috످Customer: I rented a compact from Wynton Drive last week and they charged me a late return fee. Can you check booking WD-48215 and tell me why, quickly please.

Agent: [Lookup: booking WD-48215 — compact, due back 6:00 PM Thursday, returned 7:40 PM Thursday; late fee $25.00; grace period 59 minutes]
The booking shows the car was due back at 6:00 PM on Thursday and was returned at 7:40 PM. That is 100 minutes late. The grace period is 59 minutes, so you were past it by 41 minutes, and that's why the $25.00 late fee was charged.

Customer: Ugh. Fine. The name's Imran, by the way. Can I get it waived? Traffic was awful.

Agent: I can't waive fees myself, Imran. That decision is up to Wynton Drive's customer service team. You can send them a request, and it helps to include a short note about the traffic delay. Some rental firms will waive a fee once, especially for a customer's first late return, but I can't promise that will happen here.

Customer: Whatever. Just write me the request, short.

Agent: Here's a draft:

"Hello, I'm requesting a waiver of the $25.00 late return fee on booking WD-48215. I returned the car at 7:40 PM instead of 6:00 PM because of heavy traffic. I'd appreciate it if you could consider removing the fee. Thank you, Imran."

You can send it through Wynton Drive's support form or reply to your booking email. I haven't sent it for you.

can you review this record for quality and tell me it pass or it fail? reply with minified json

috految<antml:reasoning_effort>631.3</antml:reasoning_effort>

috److془Let me review carefully.

6:00 to 7:40 = 100 minutes. 100-59 = 41. Correct. $25. Booking WD-48215. Name Imran. Draft short. Didn't send.

"You can send it through Wynton Drive's support form or reply to your booking email" - not verified in the lookup, minor.

Output minified JSON. Pass.

Should I put in code block? "reply with minified json" - raw JSON.془{"result":"pass","reason":"The agent correctly explained the $25 late fee, said it could not waive the fee itself, and drafted a short, accurate waiver request as asked."}

috످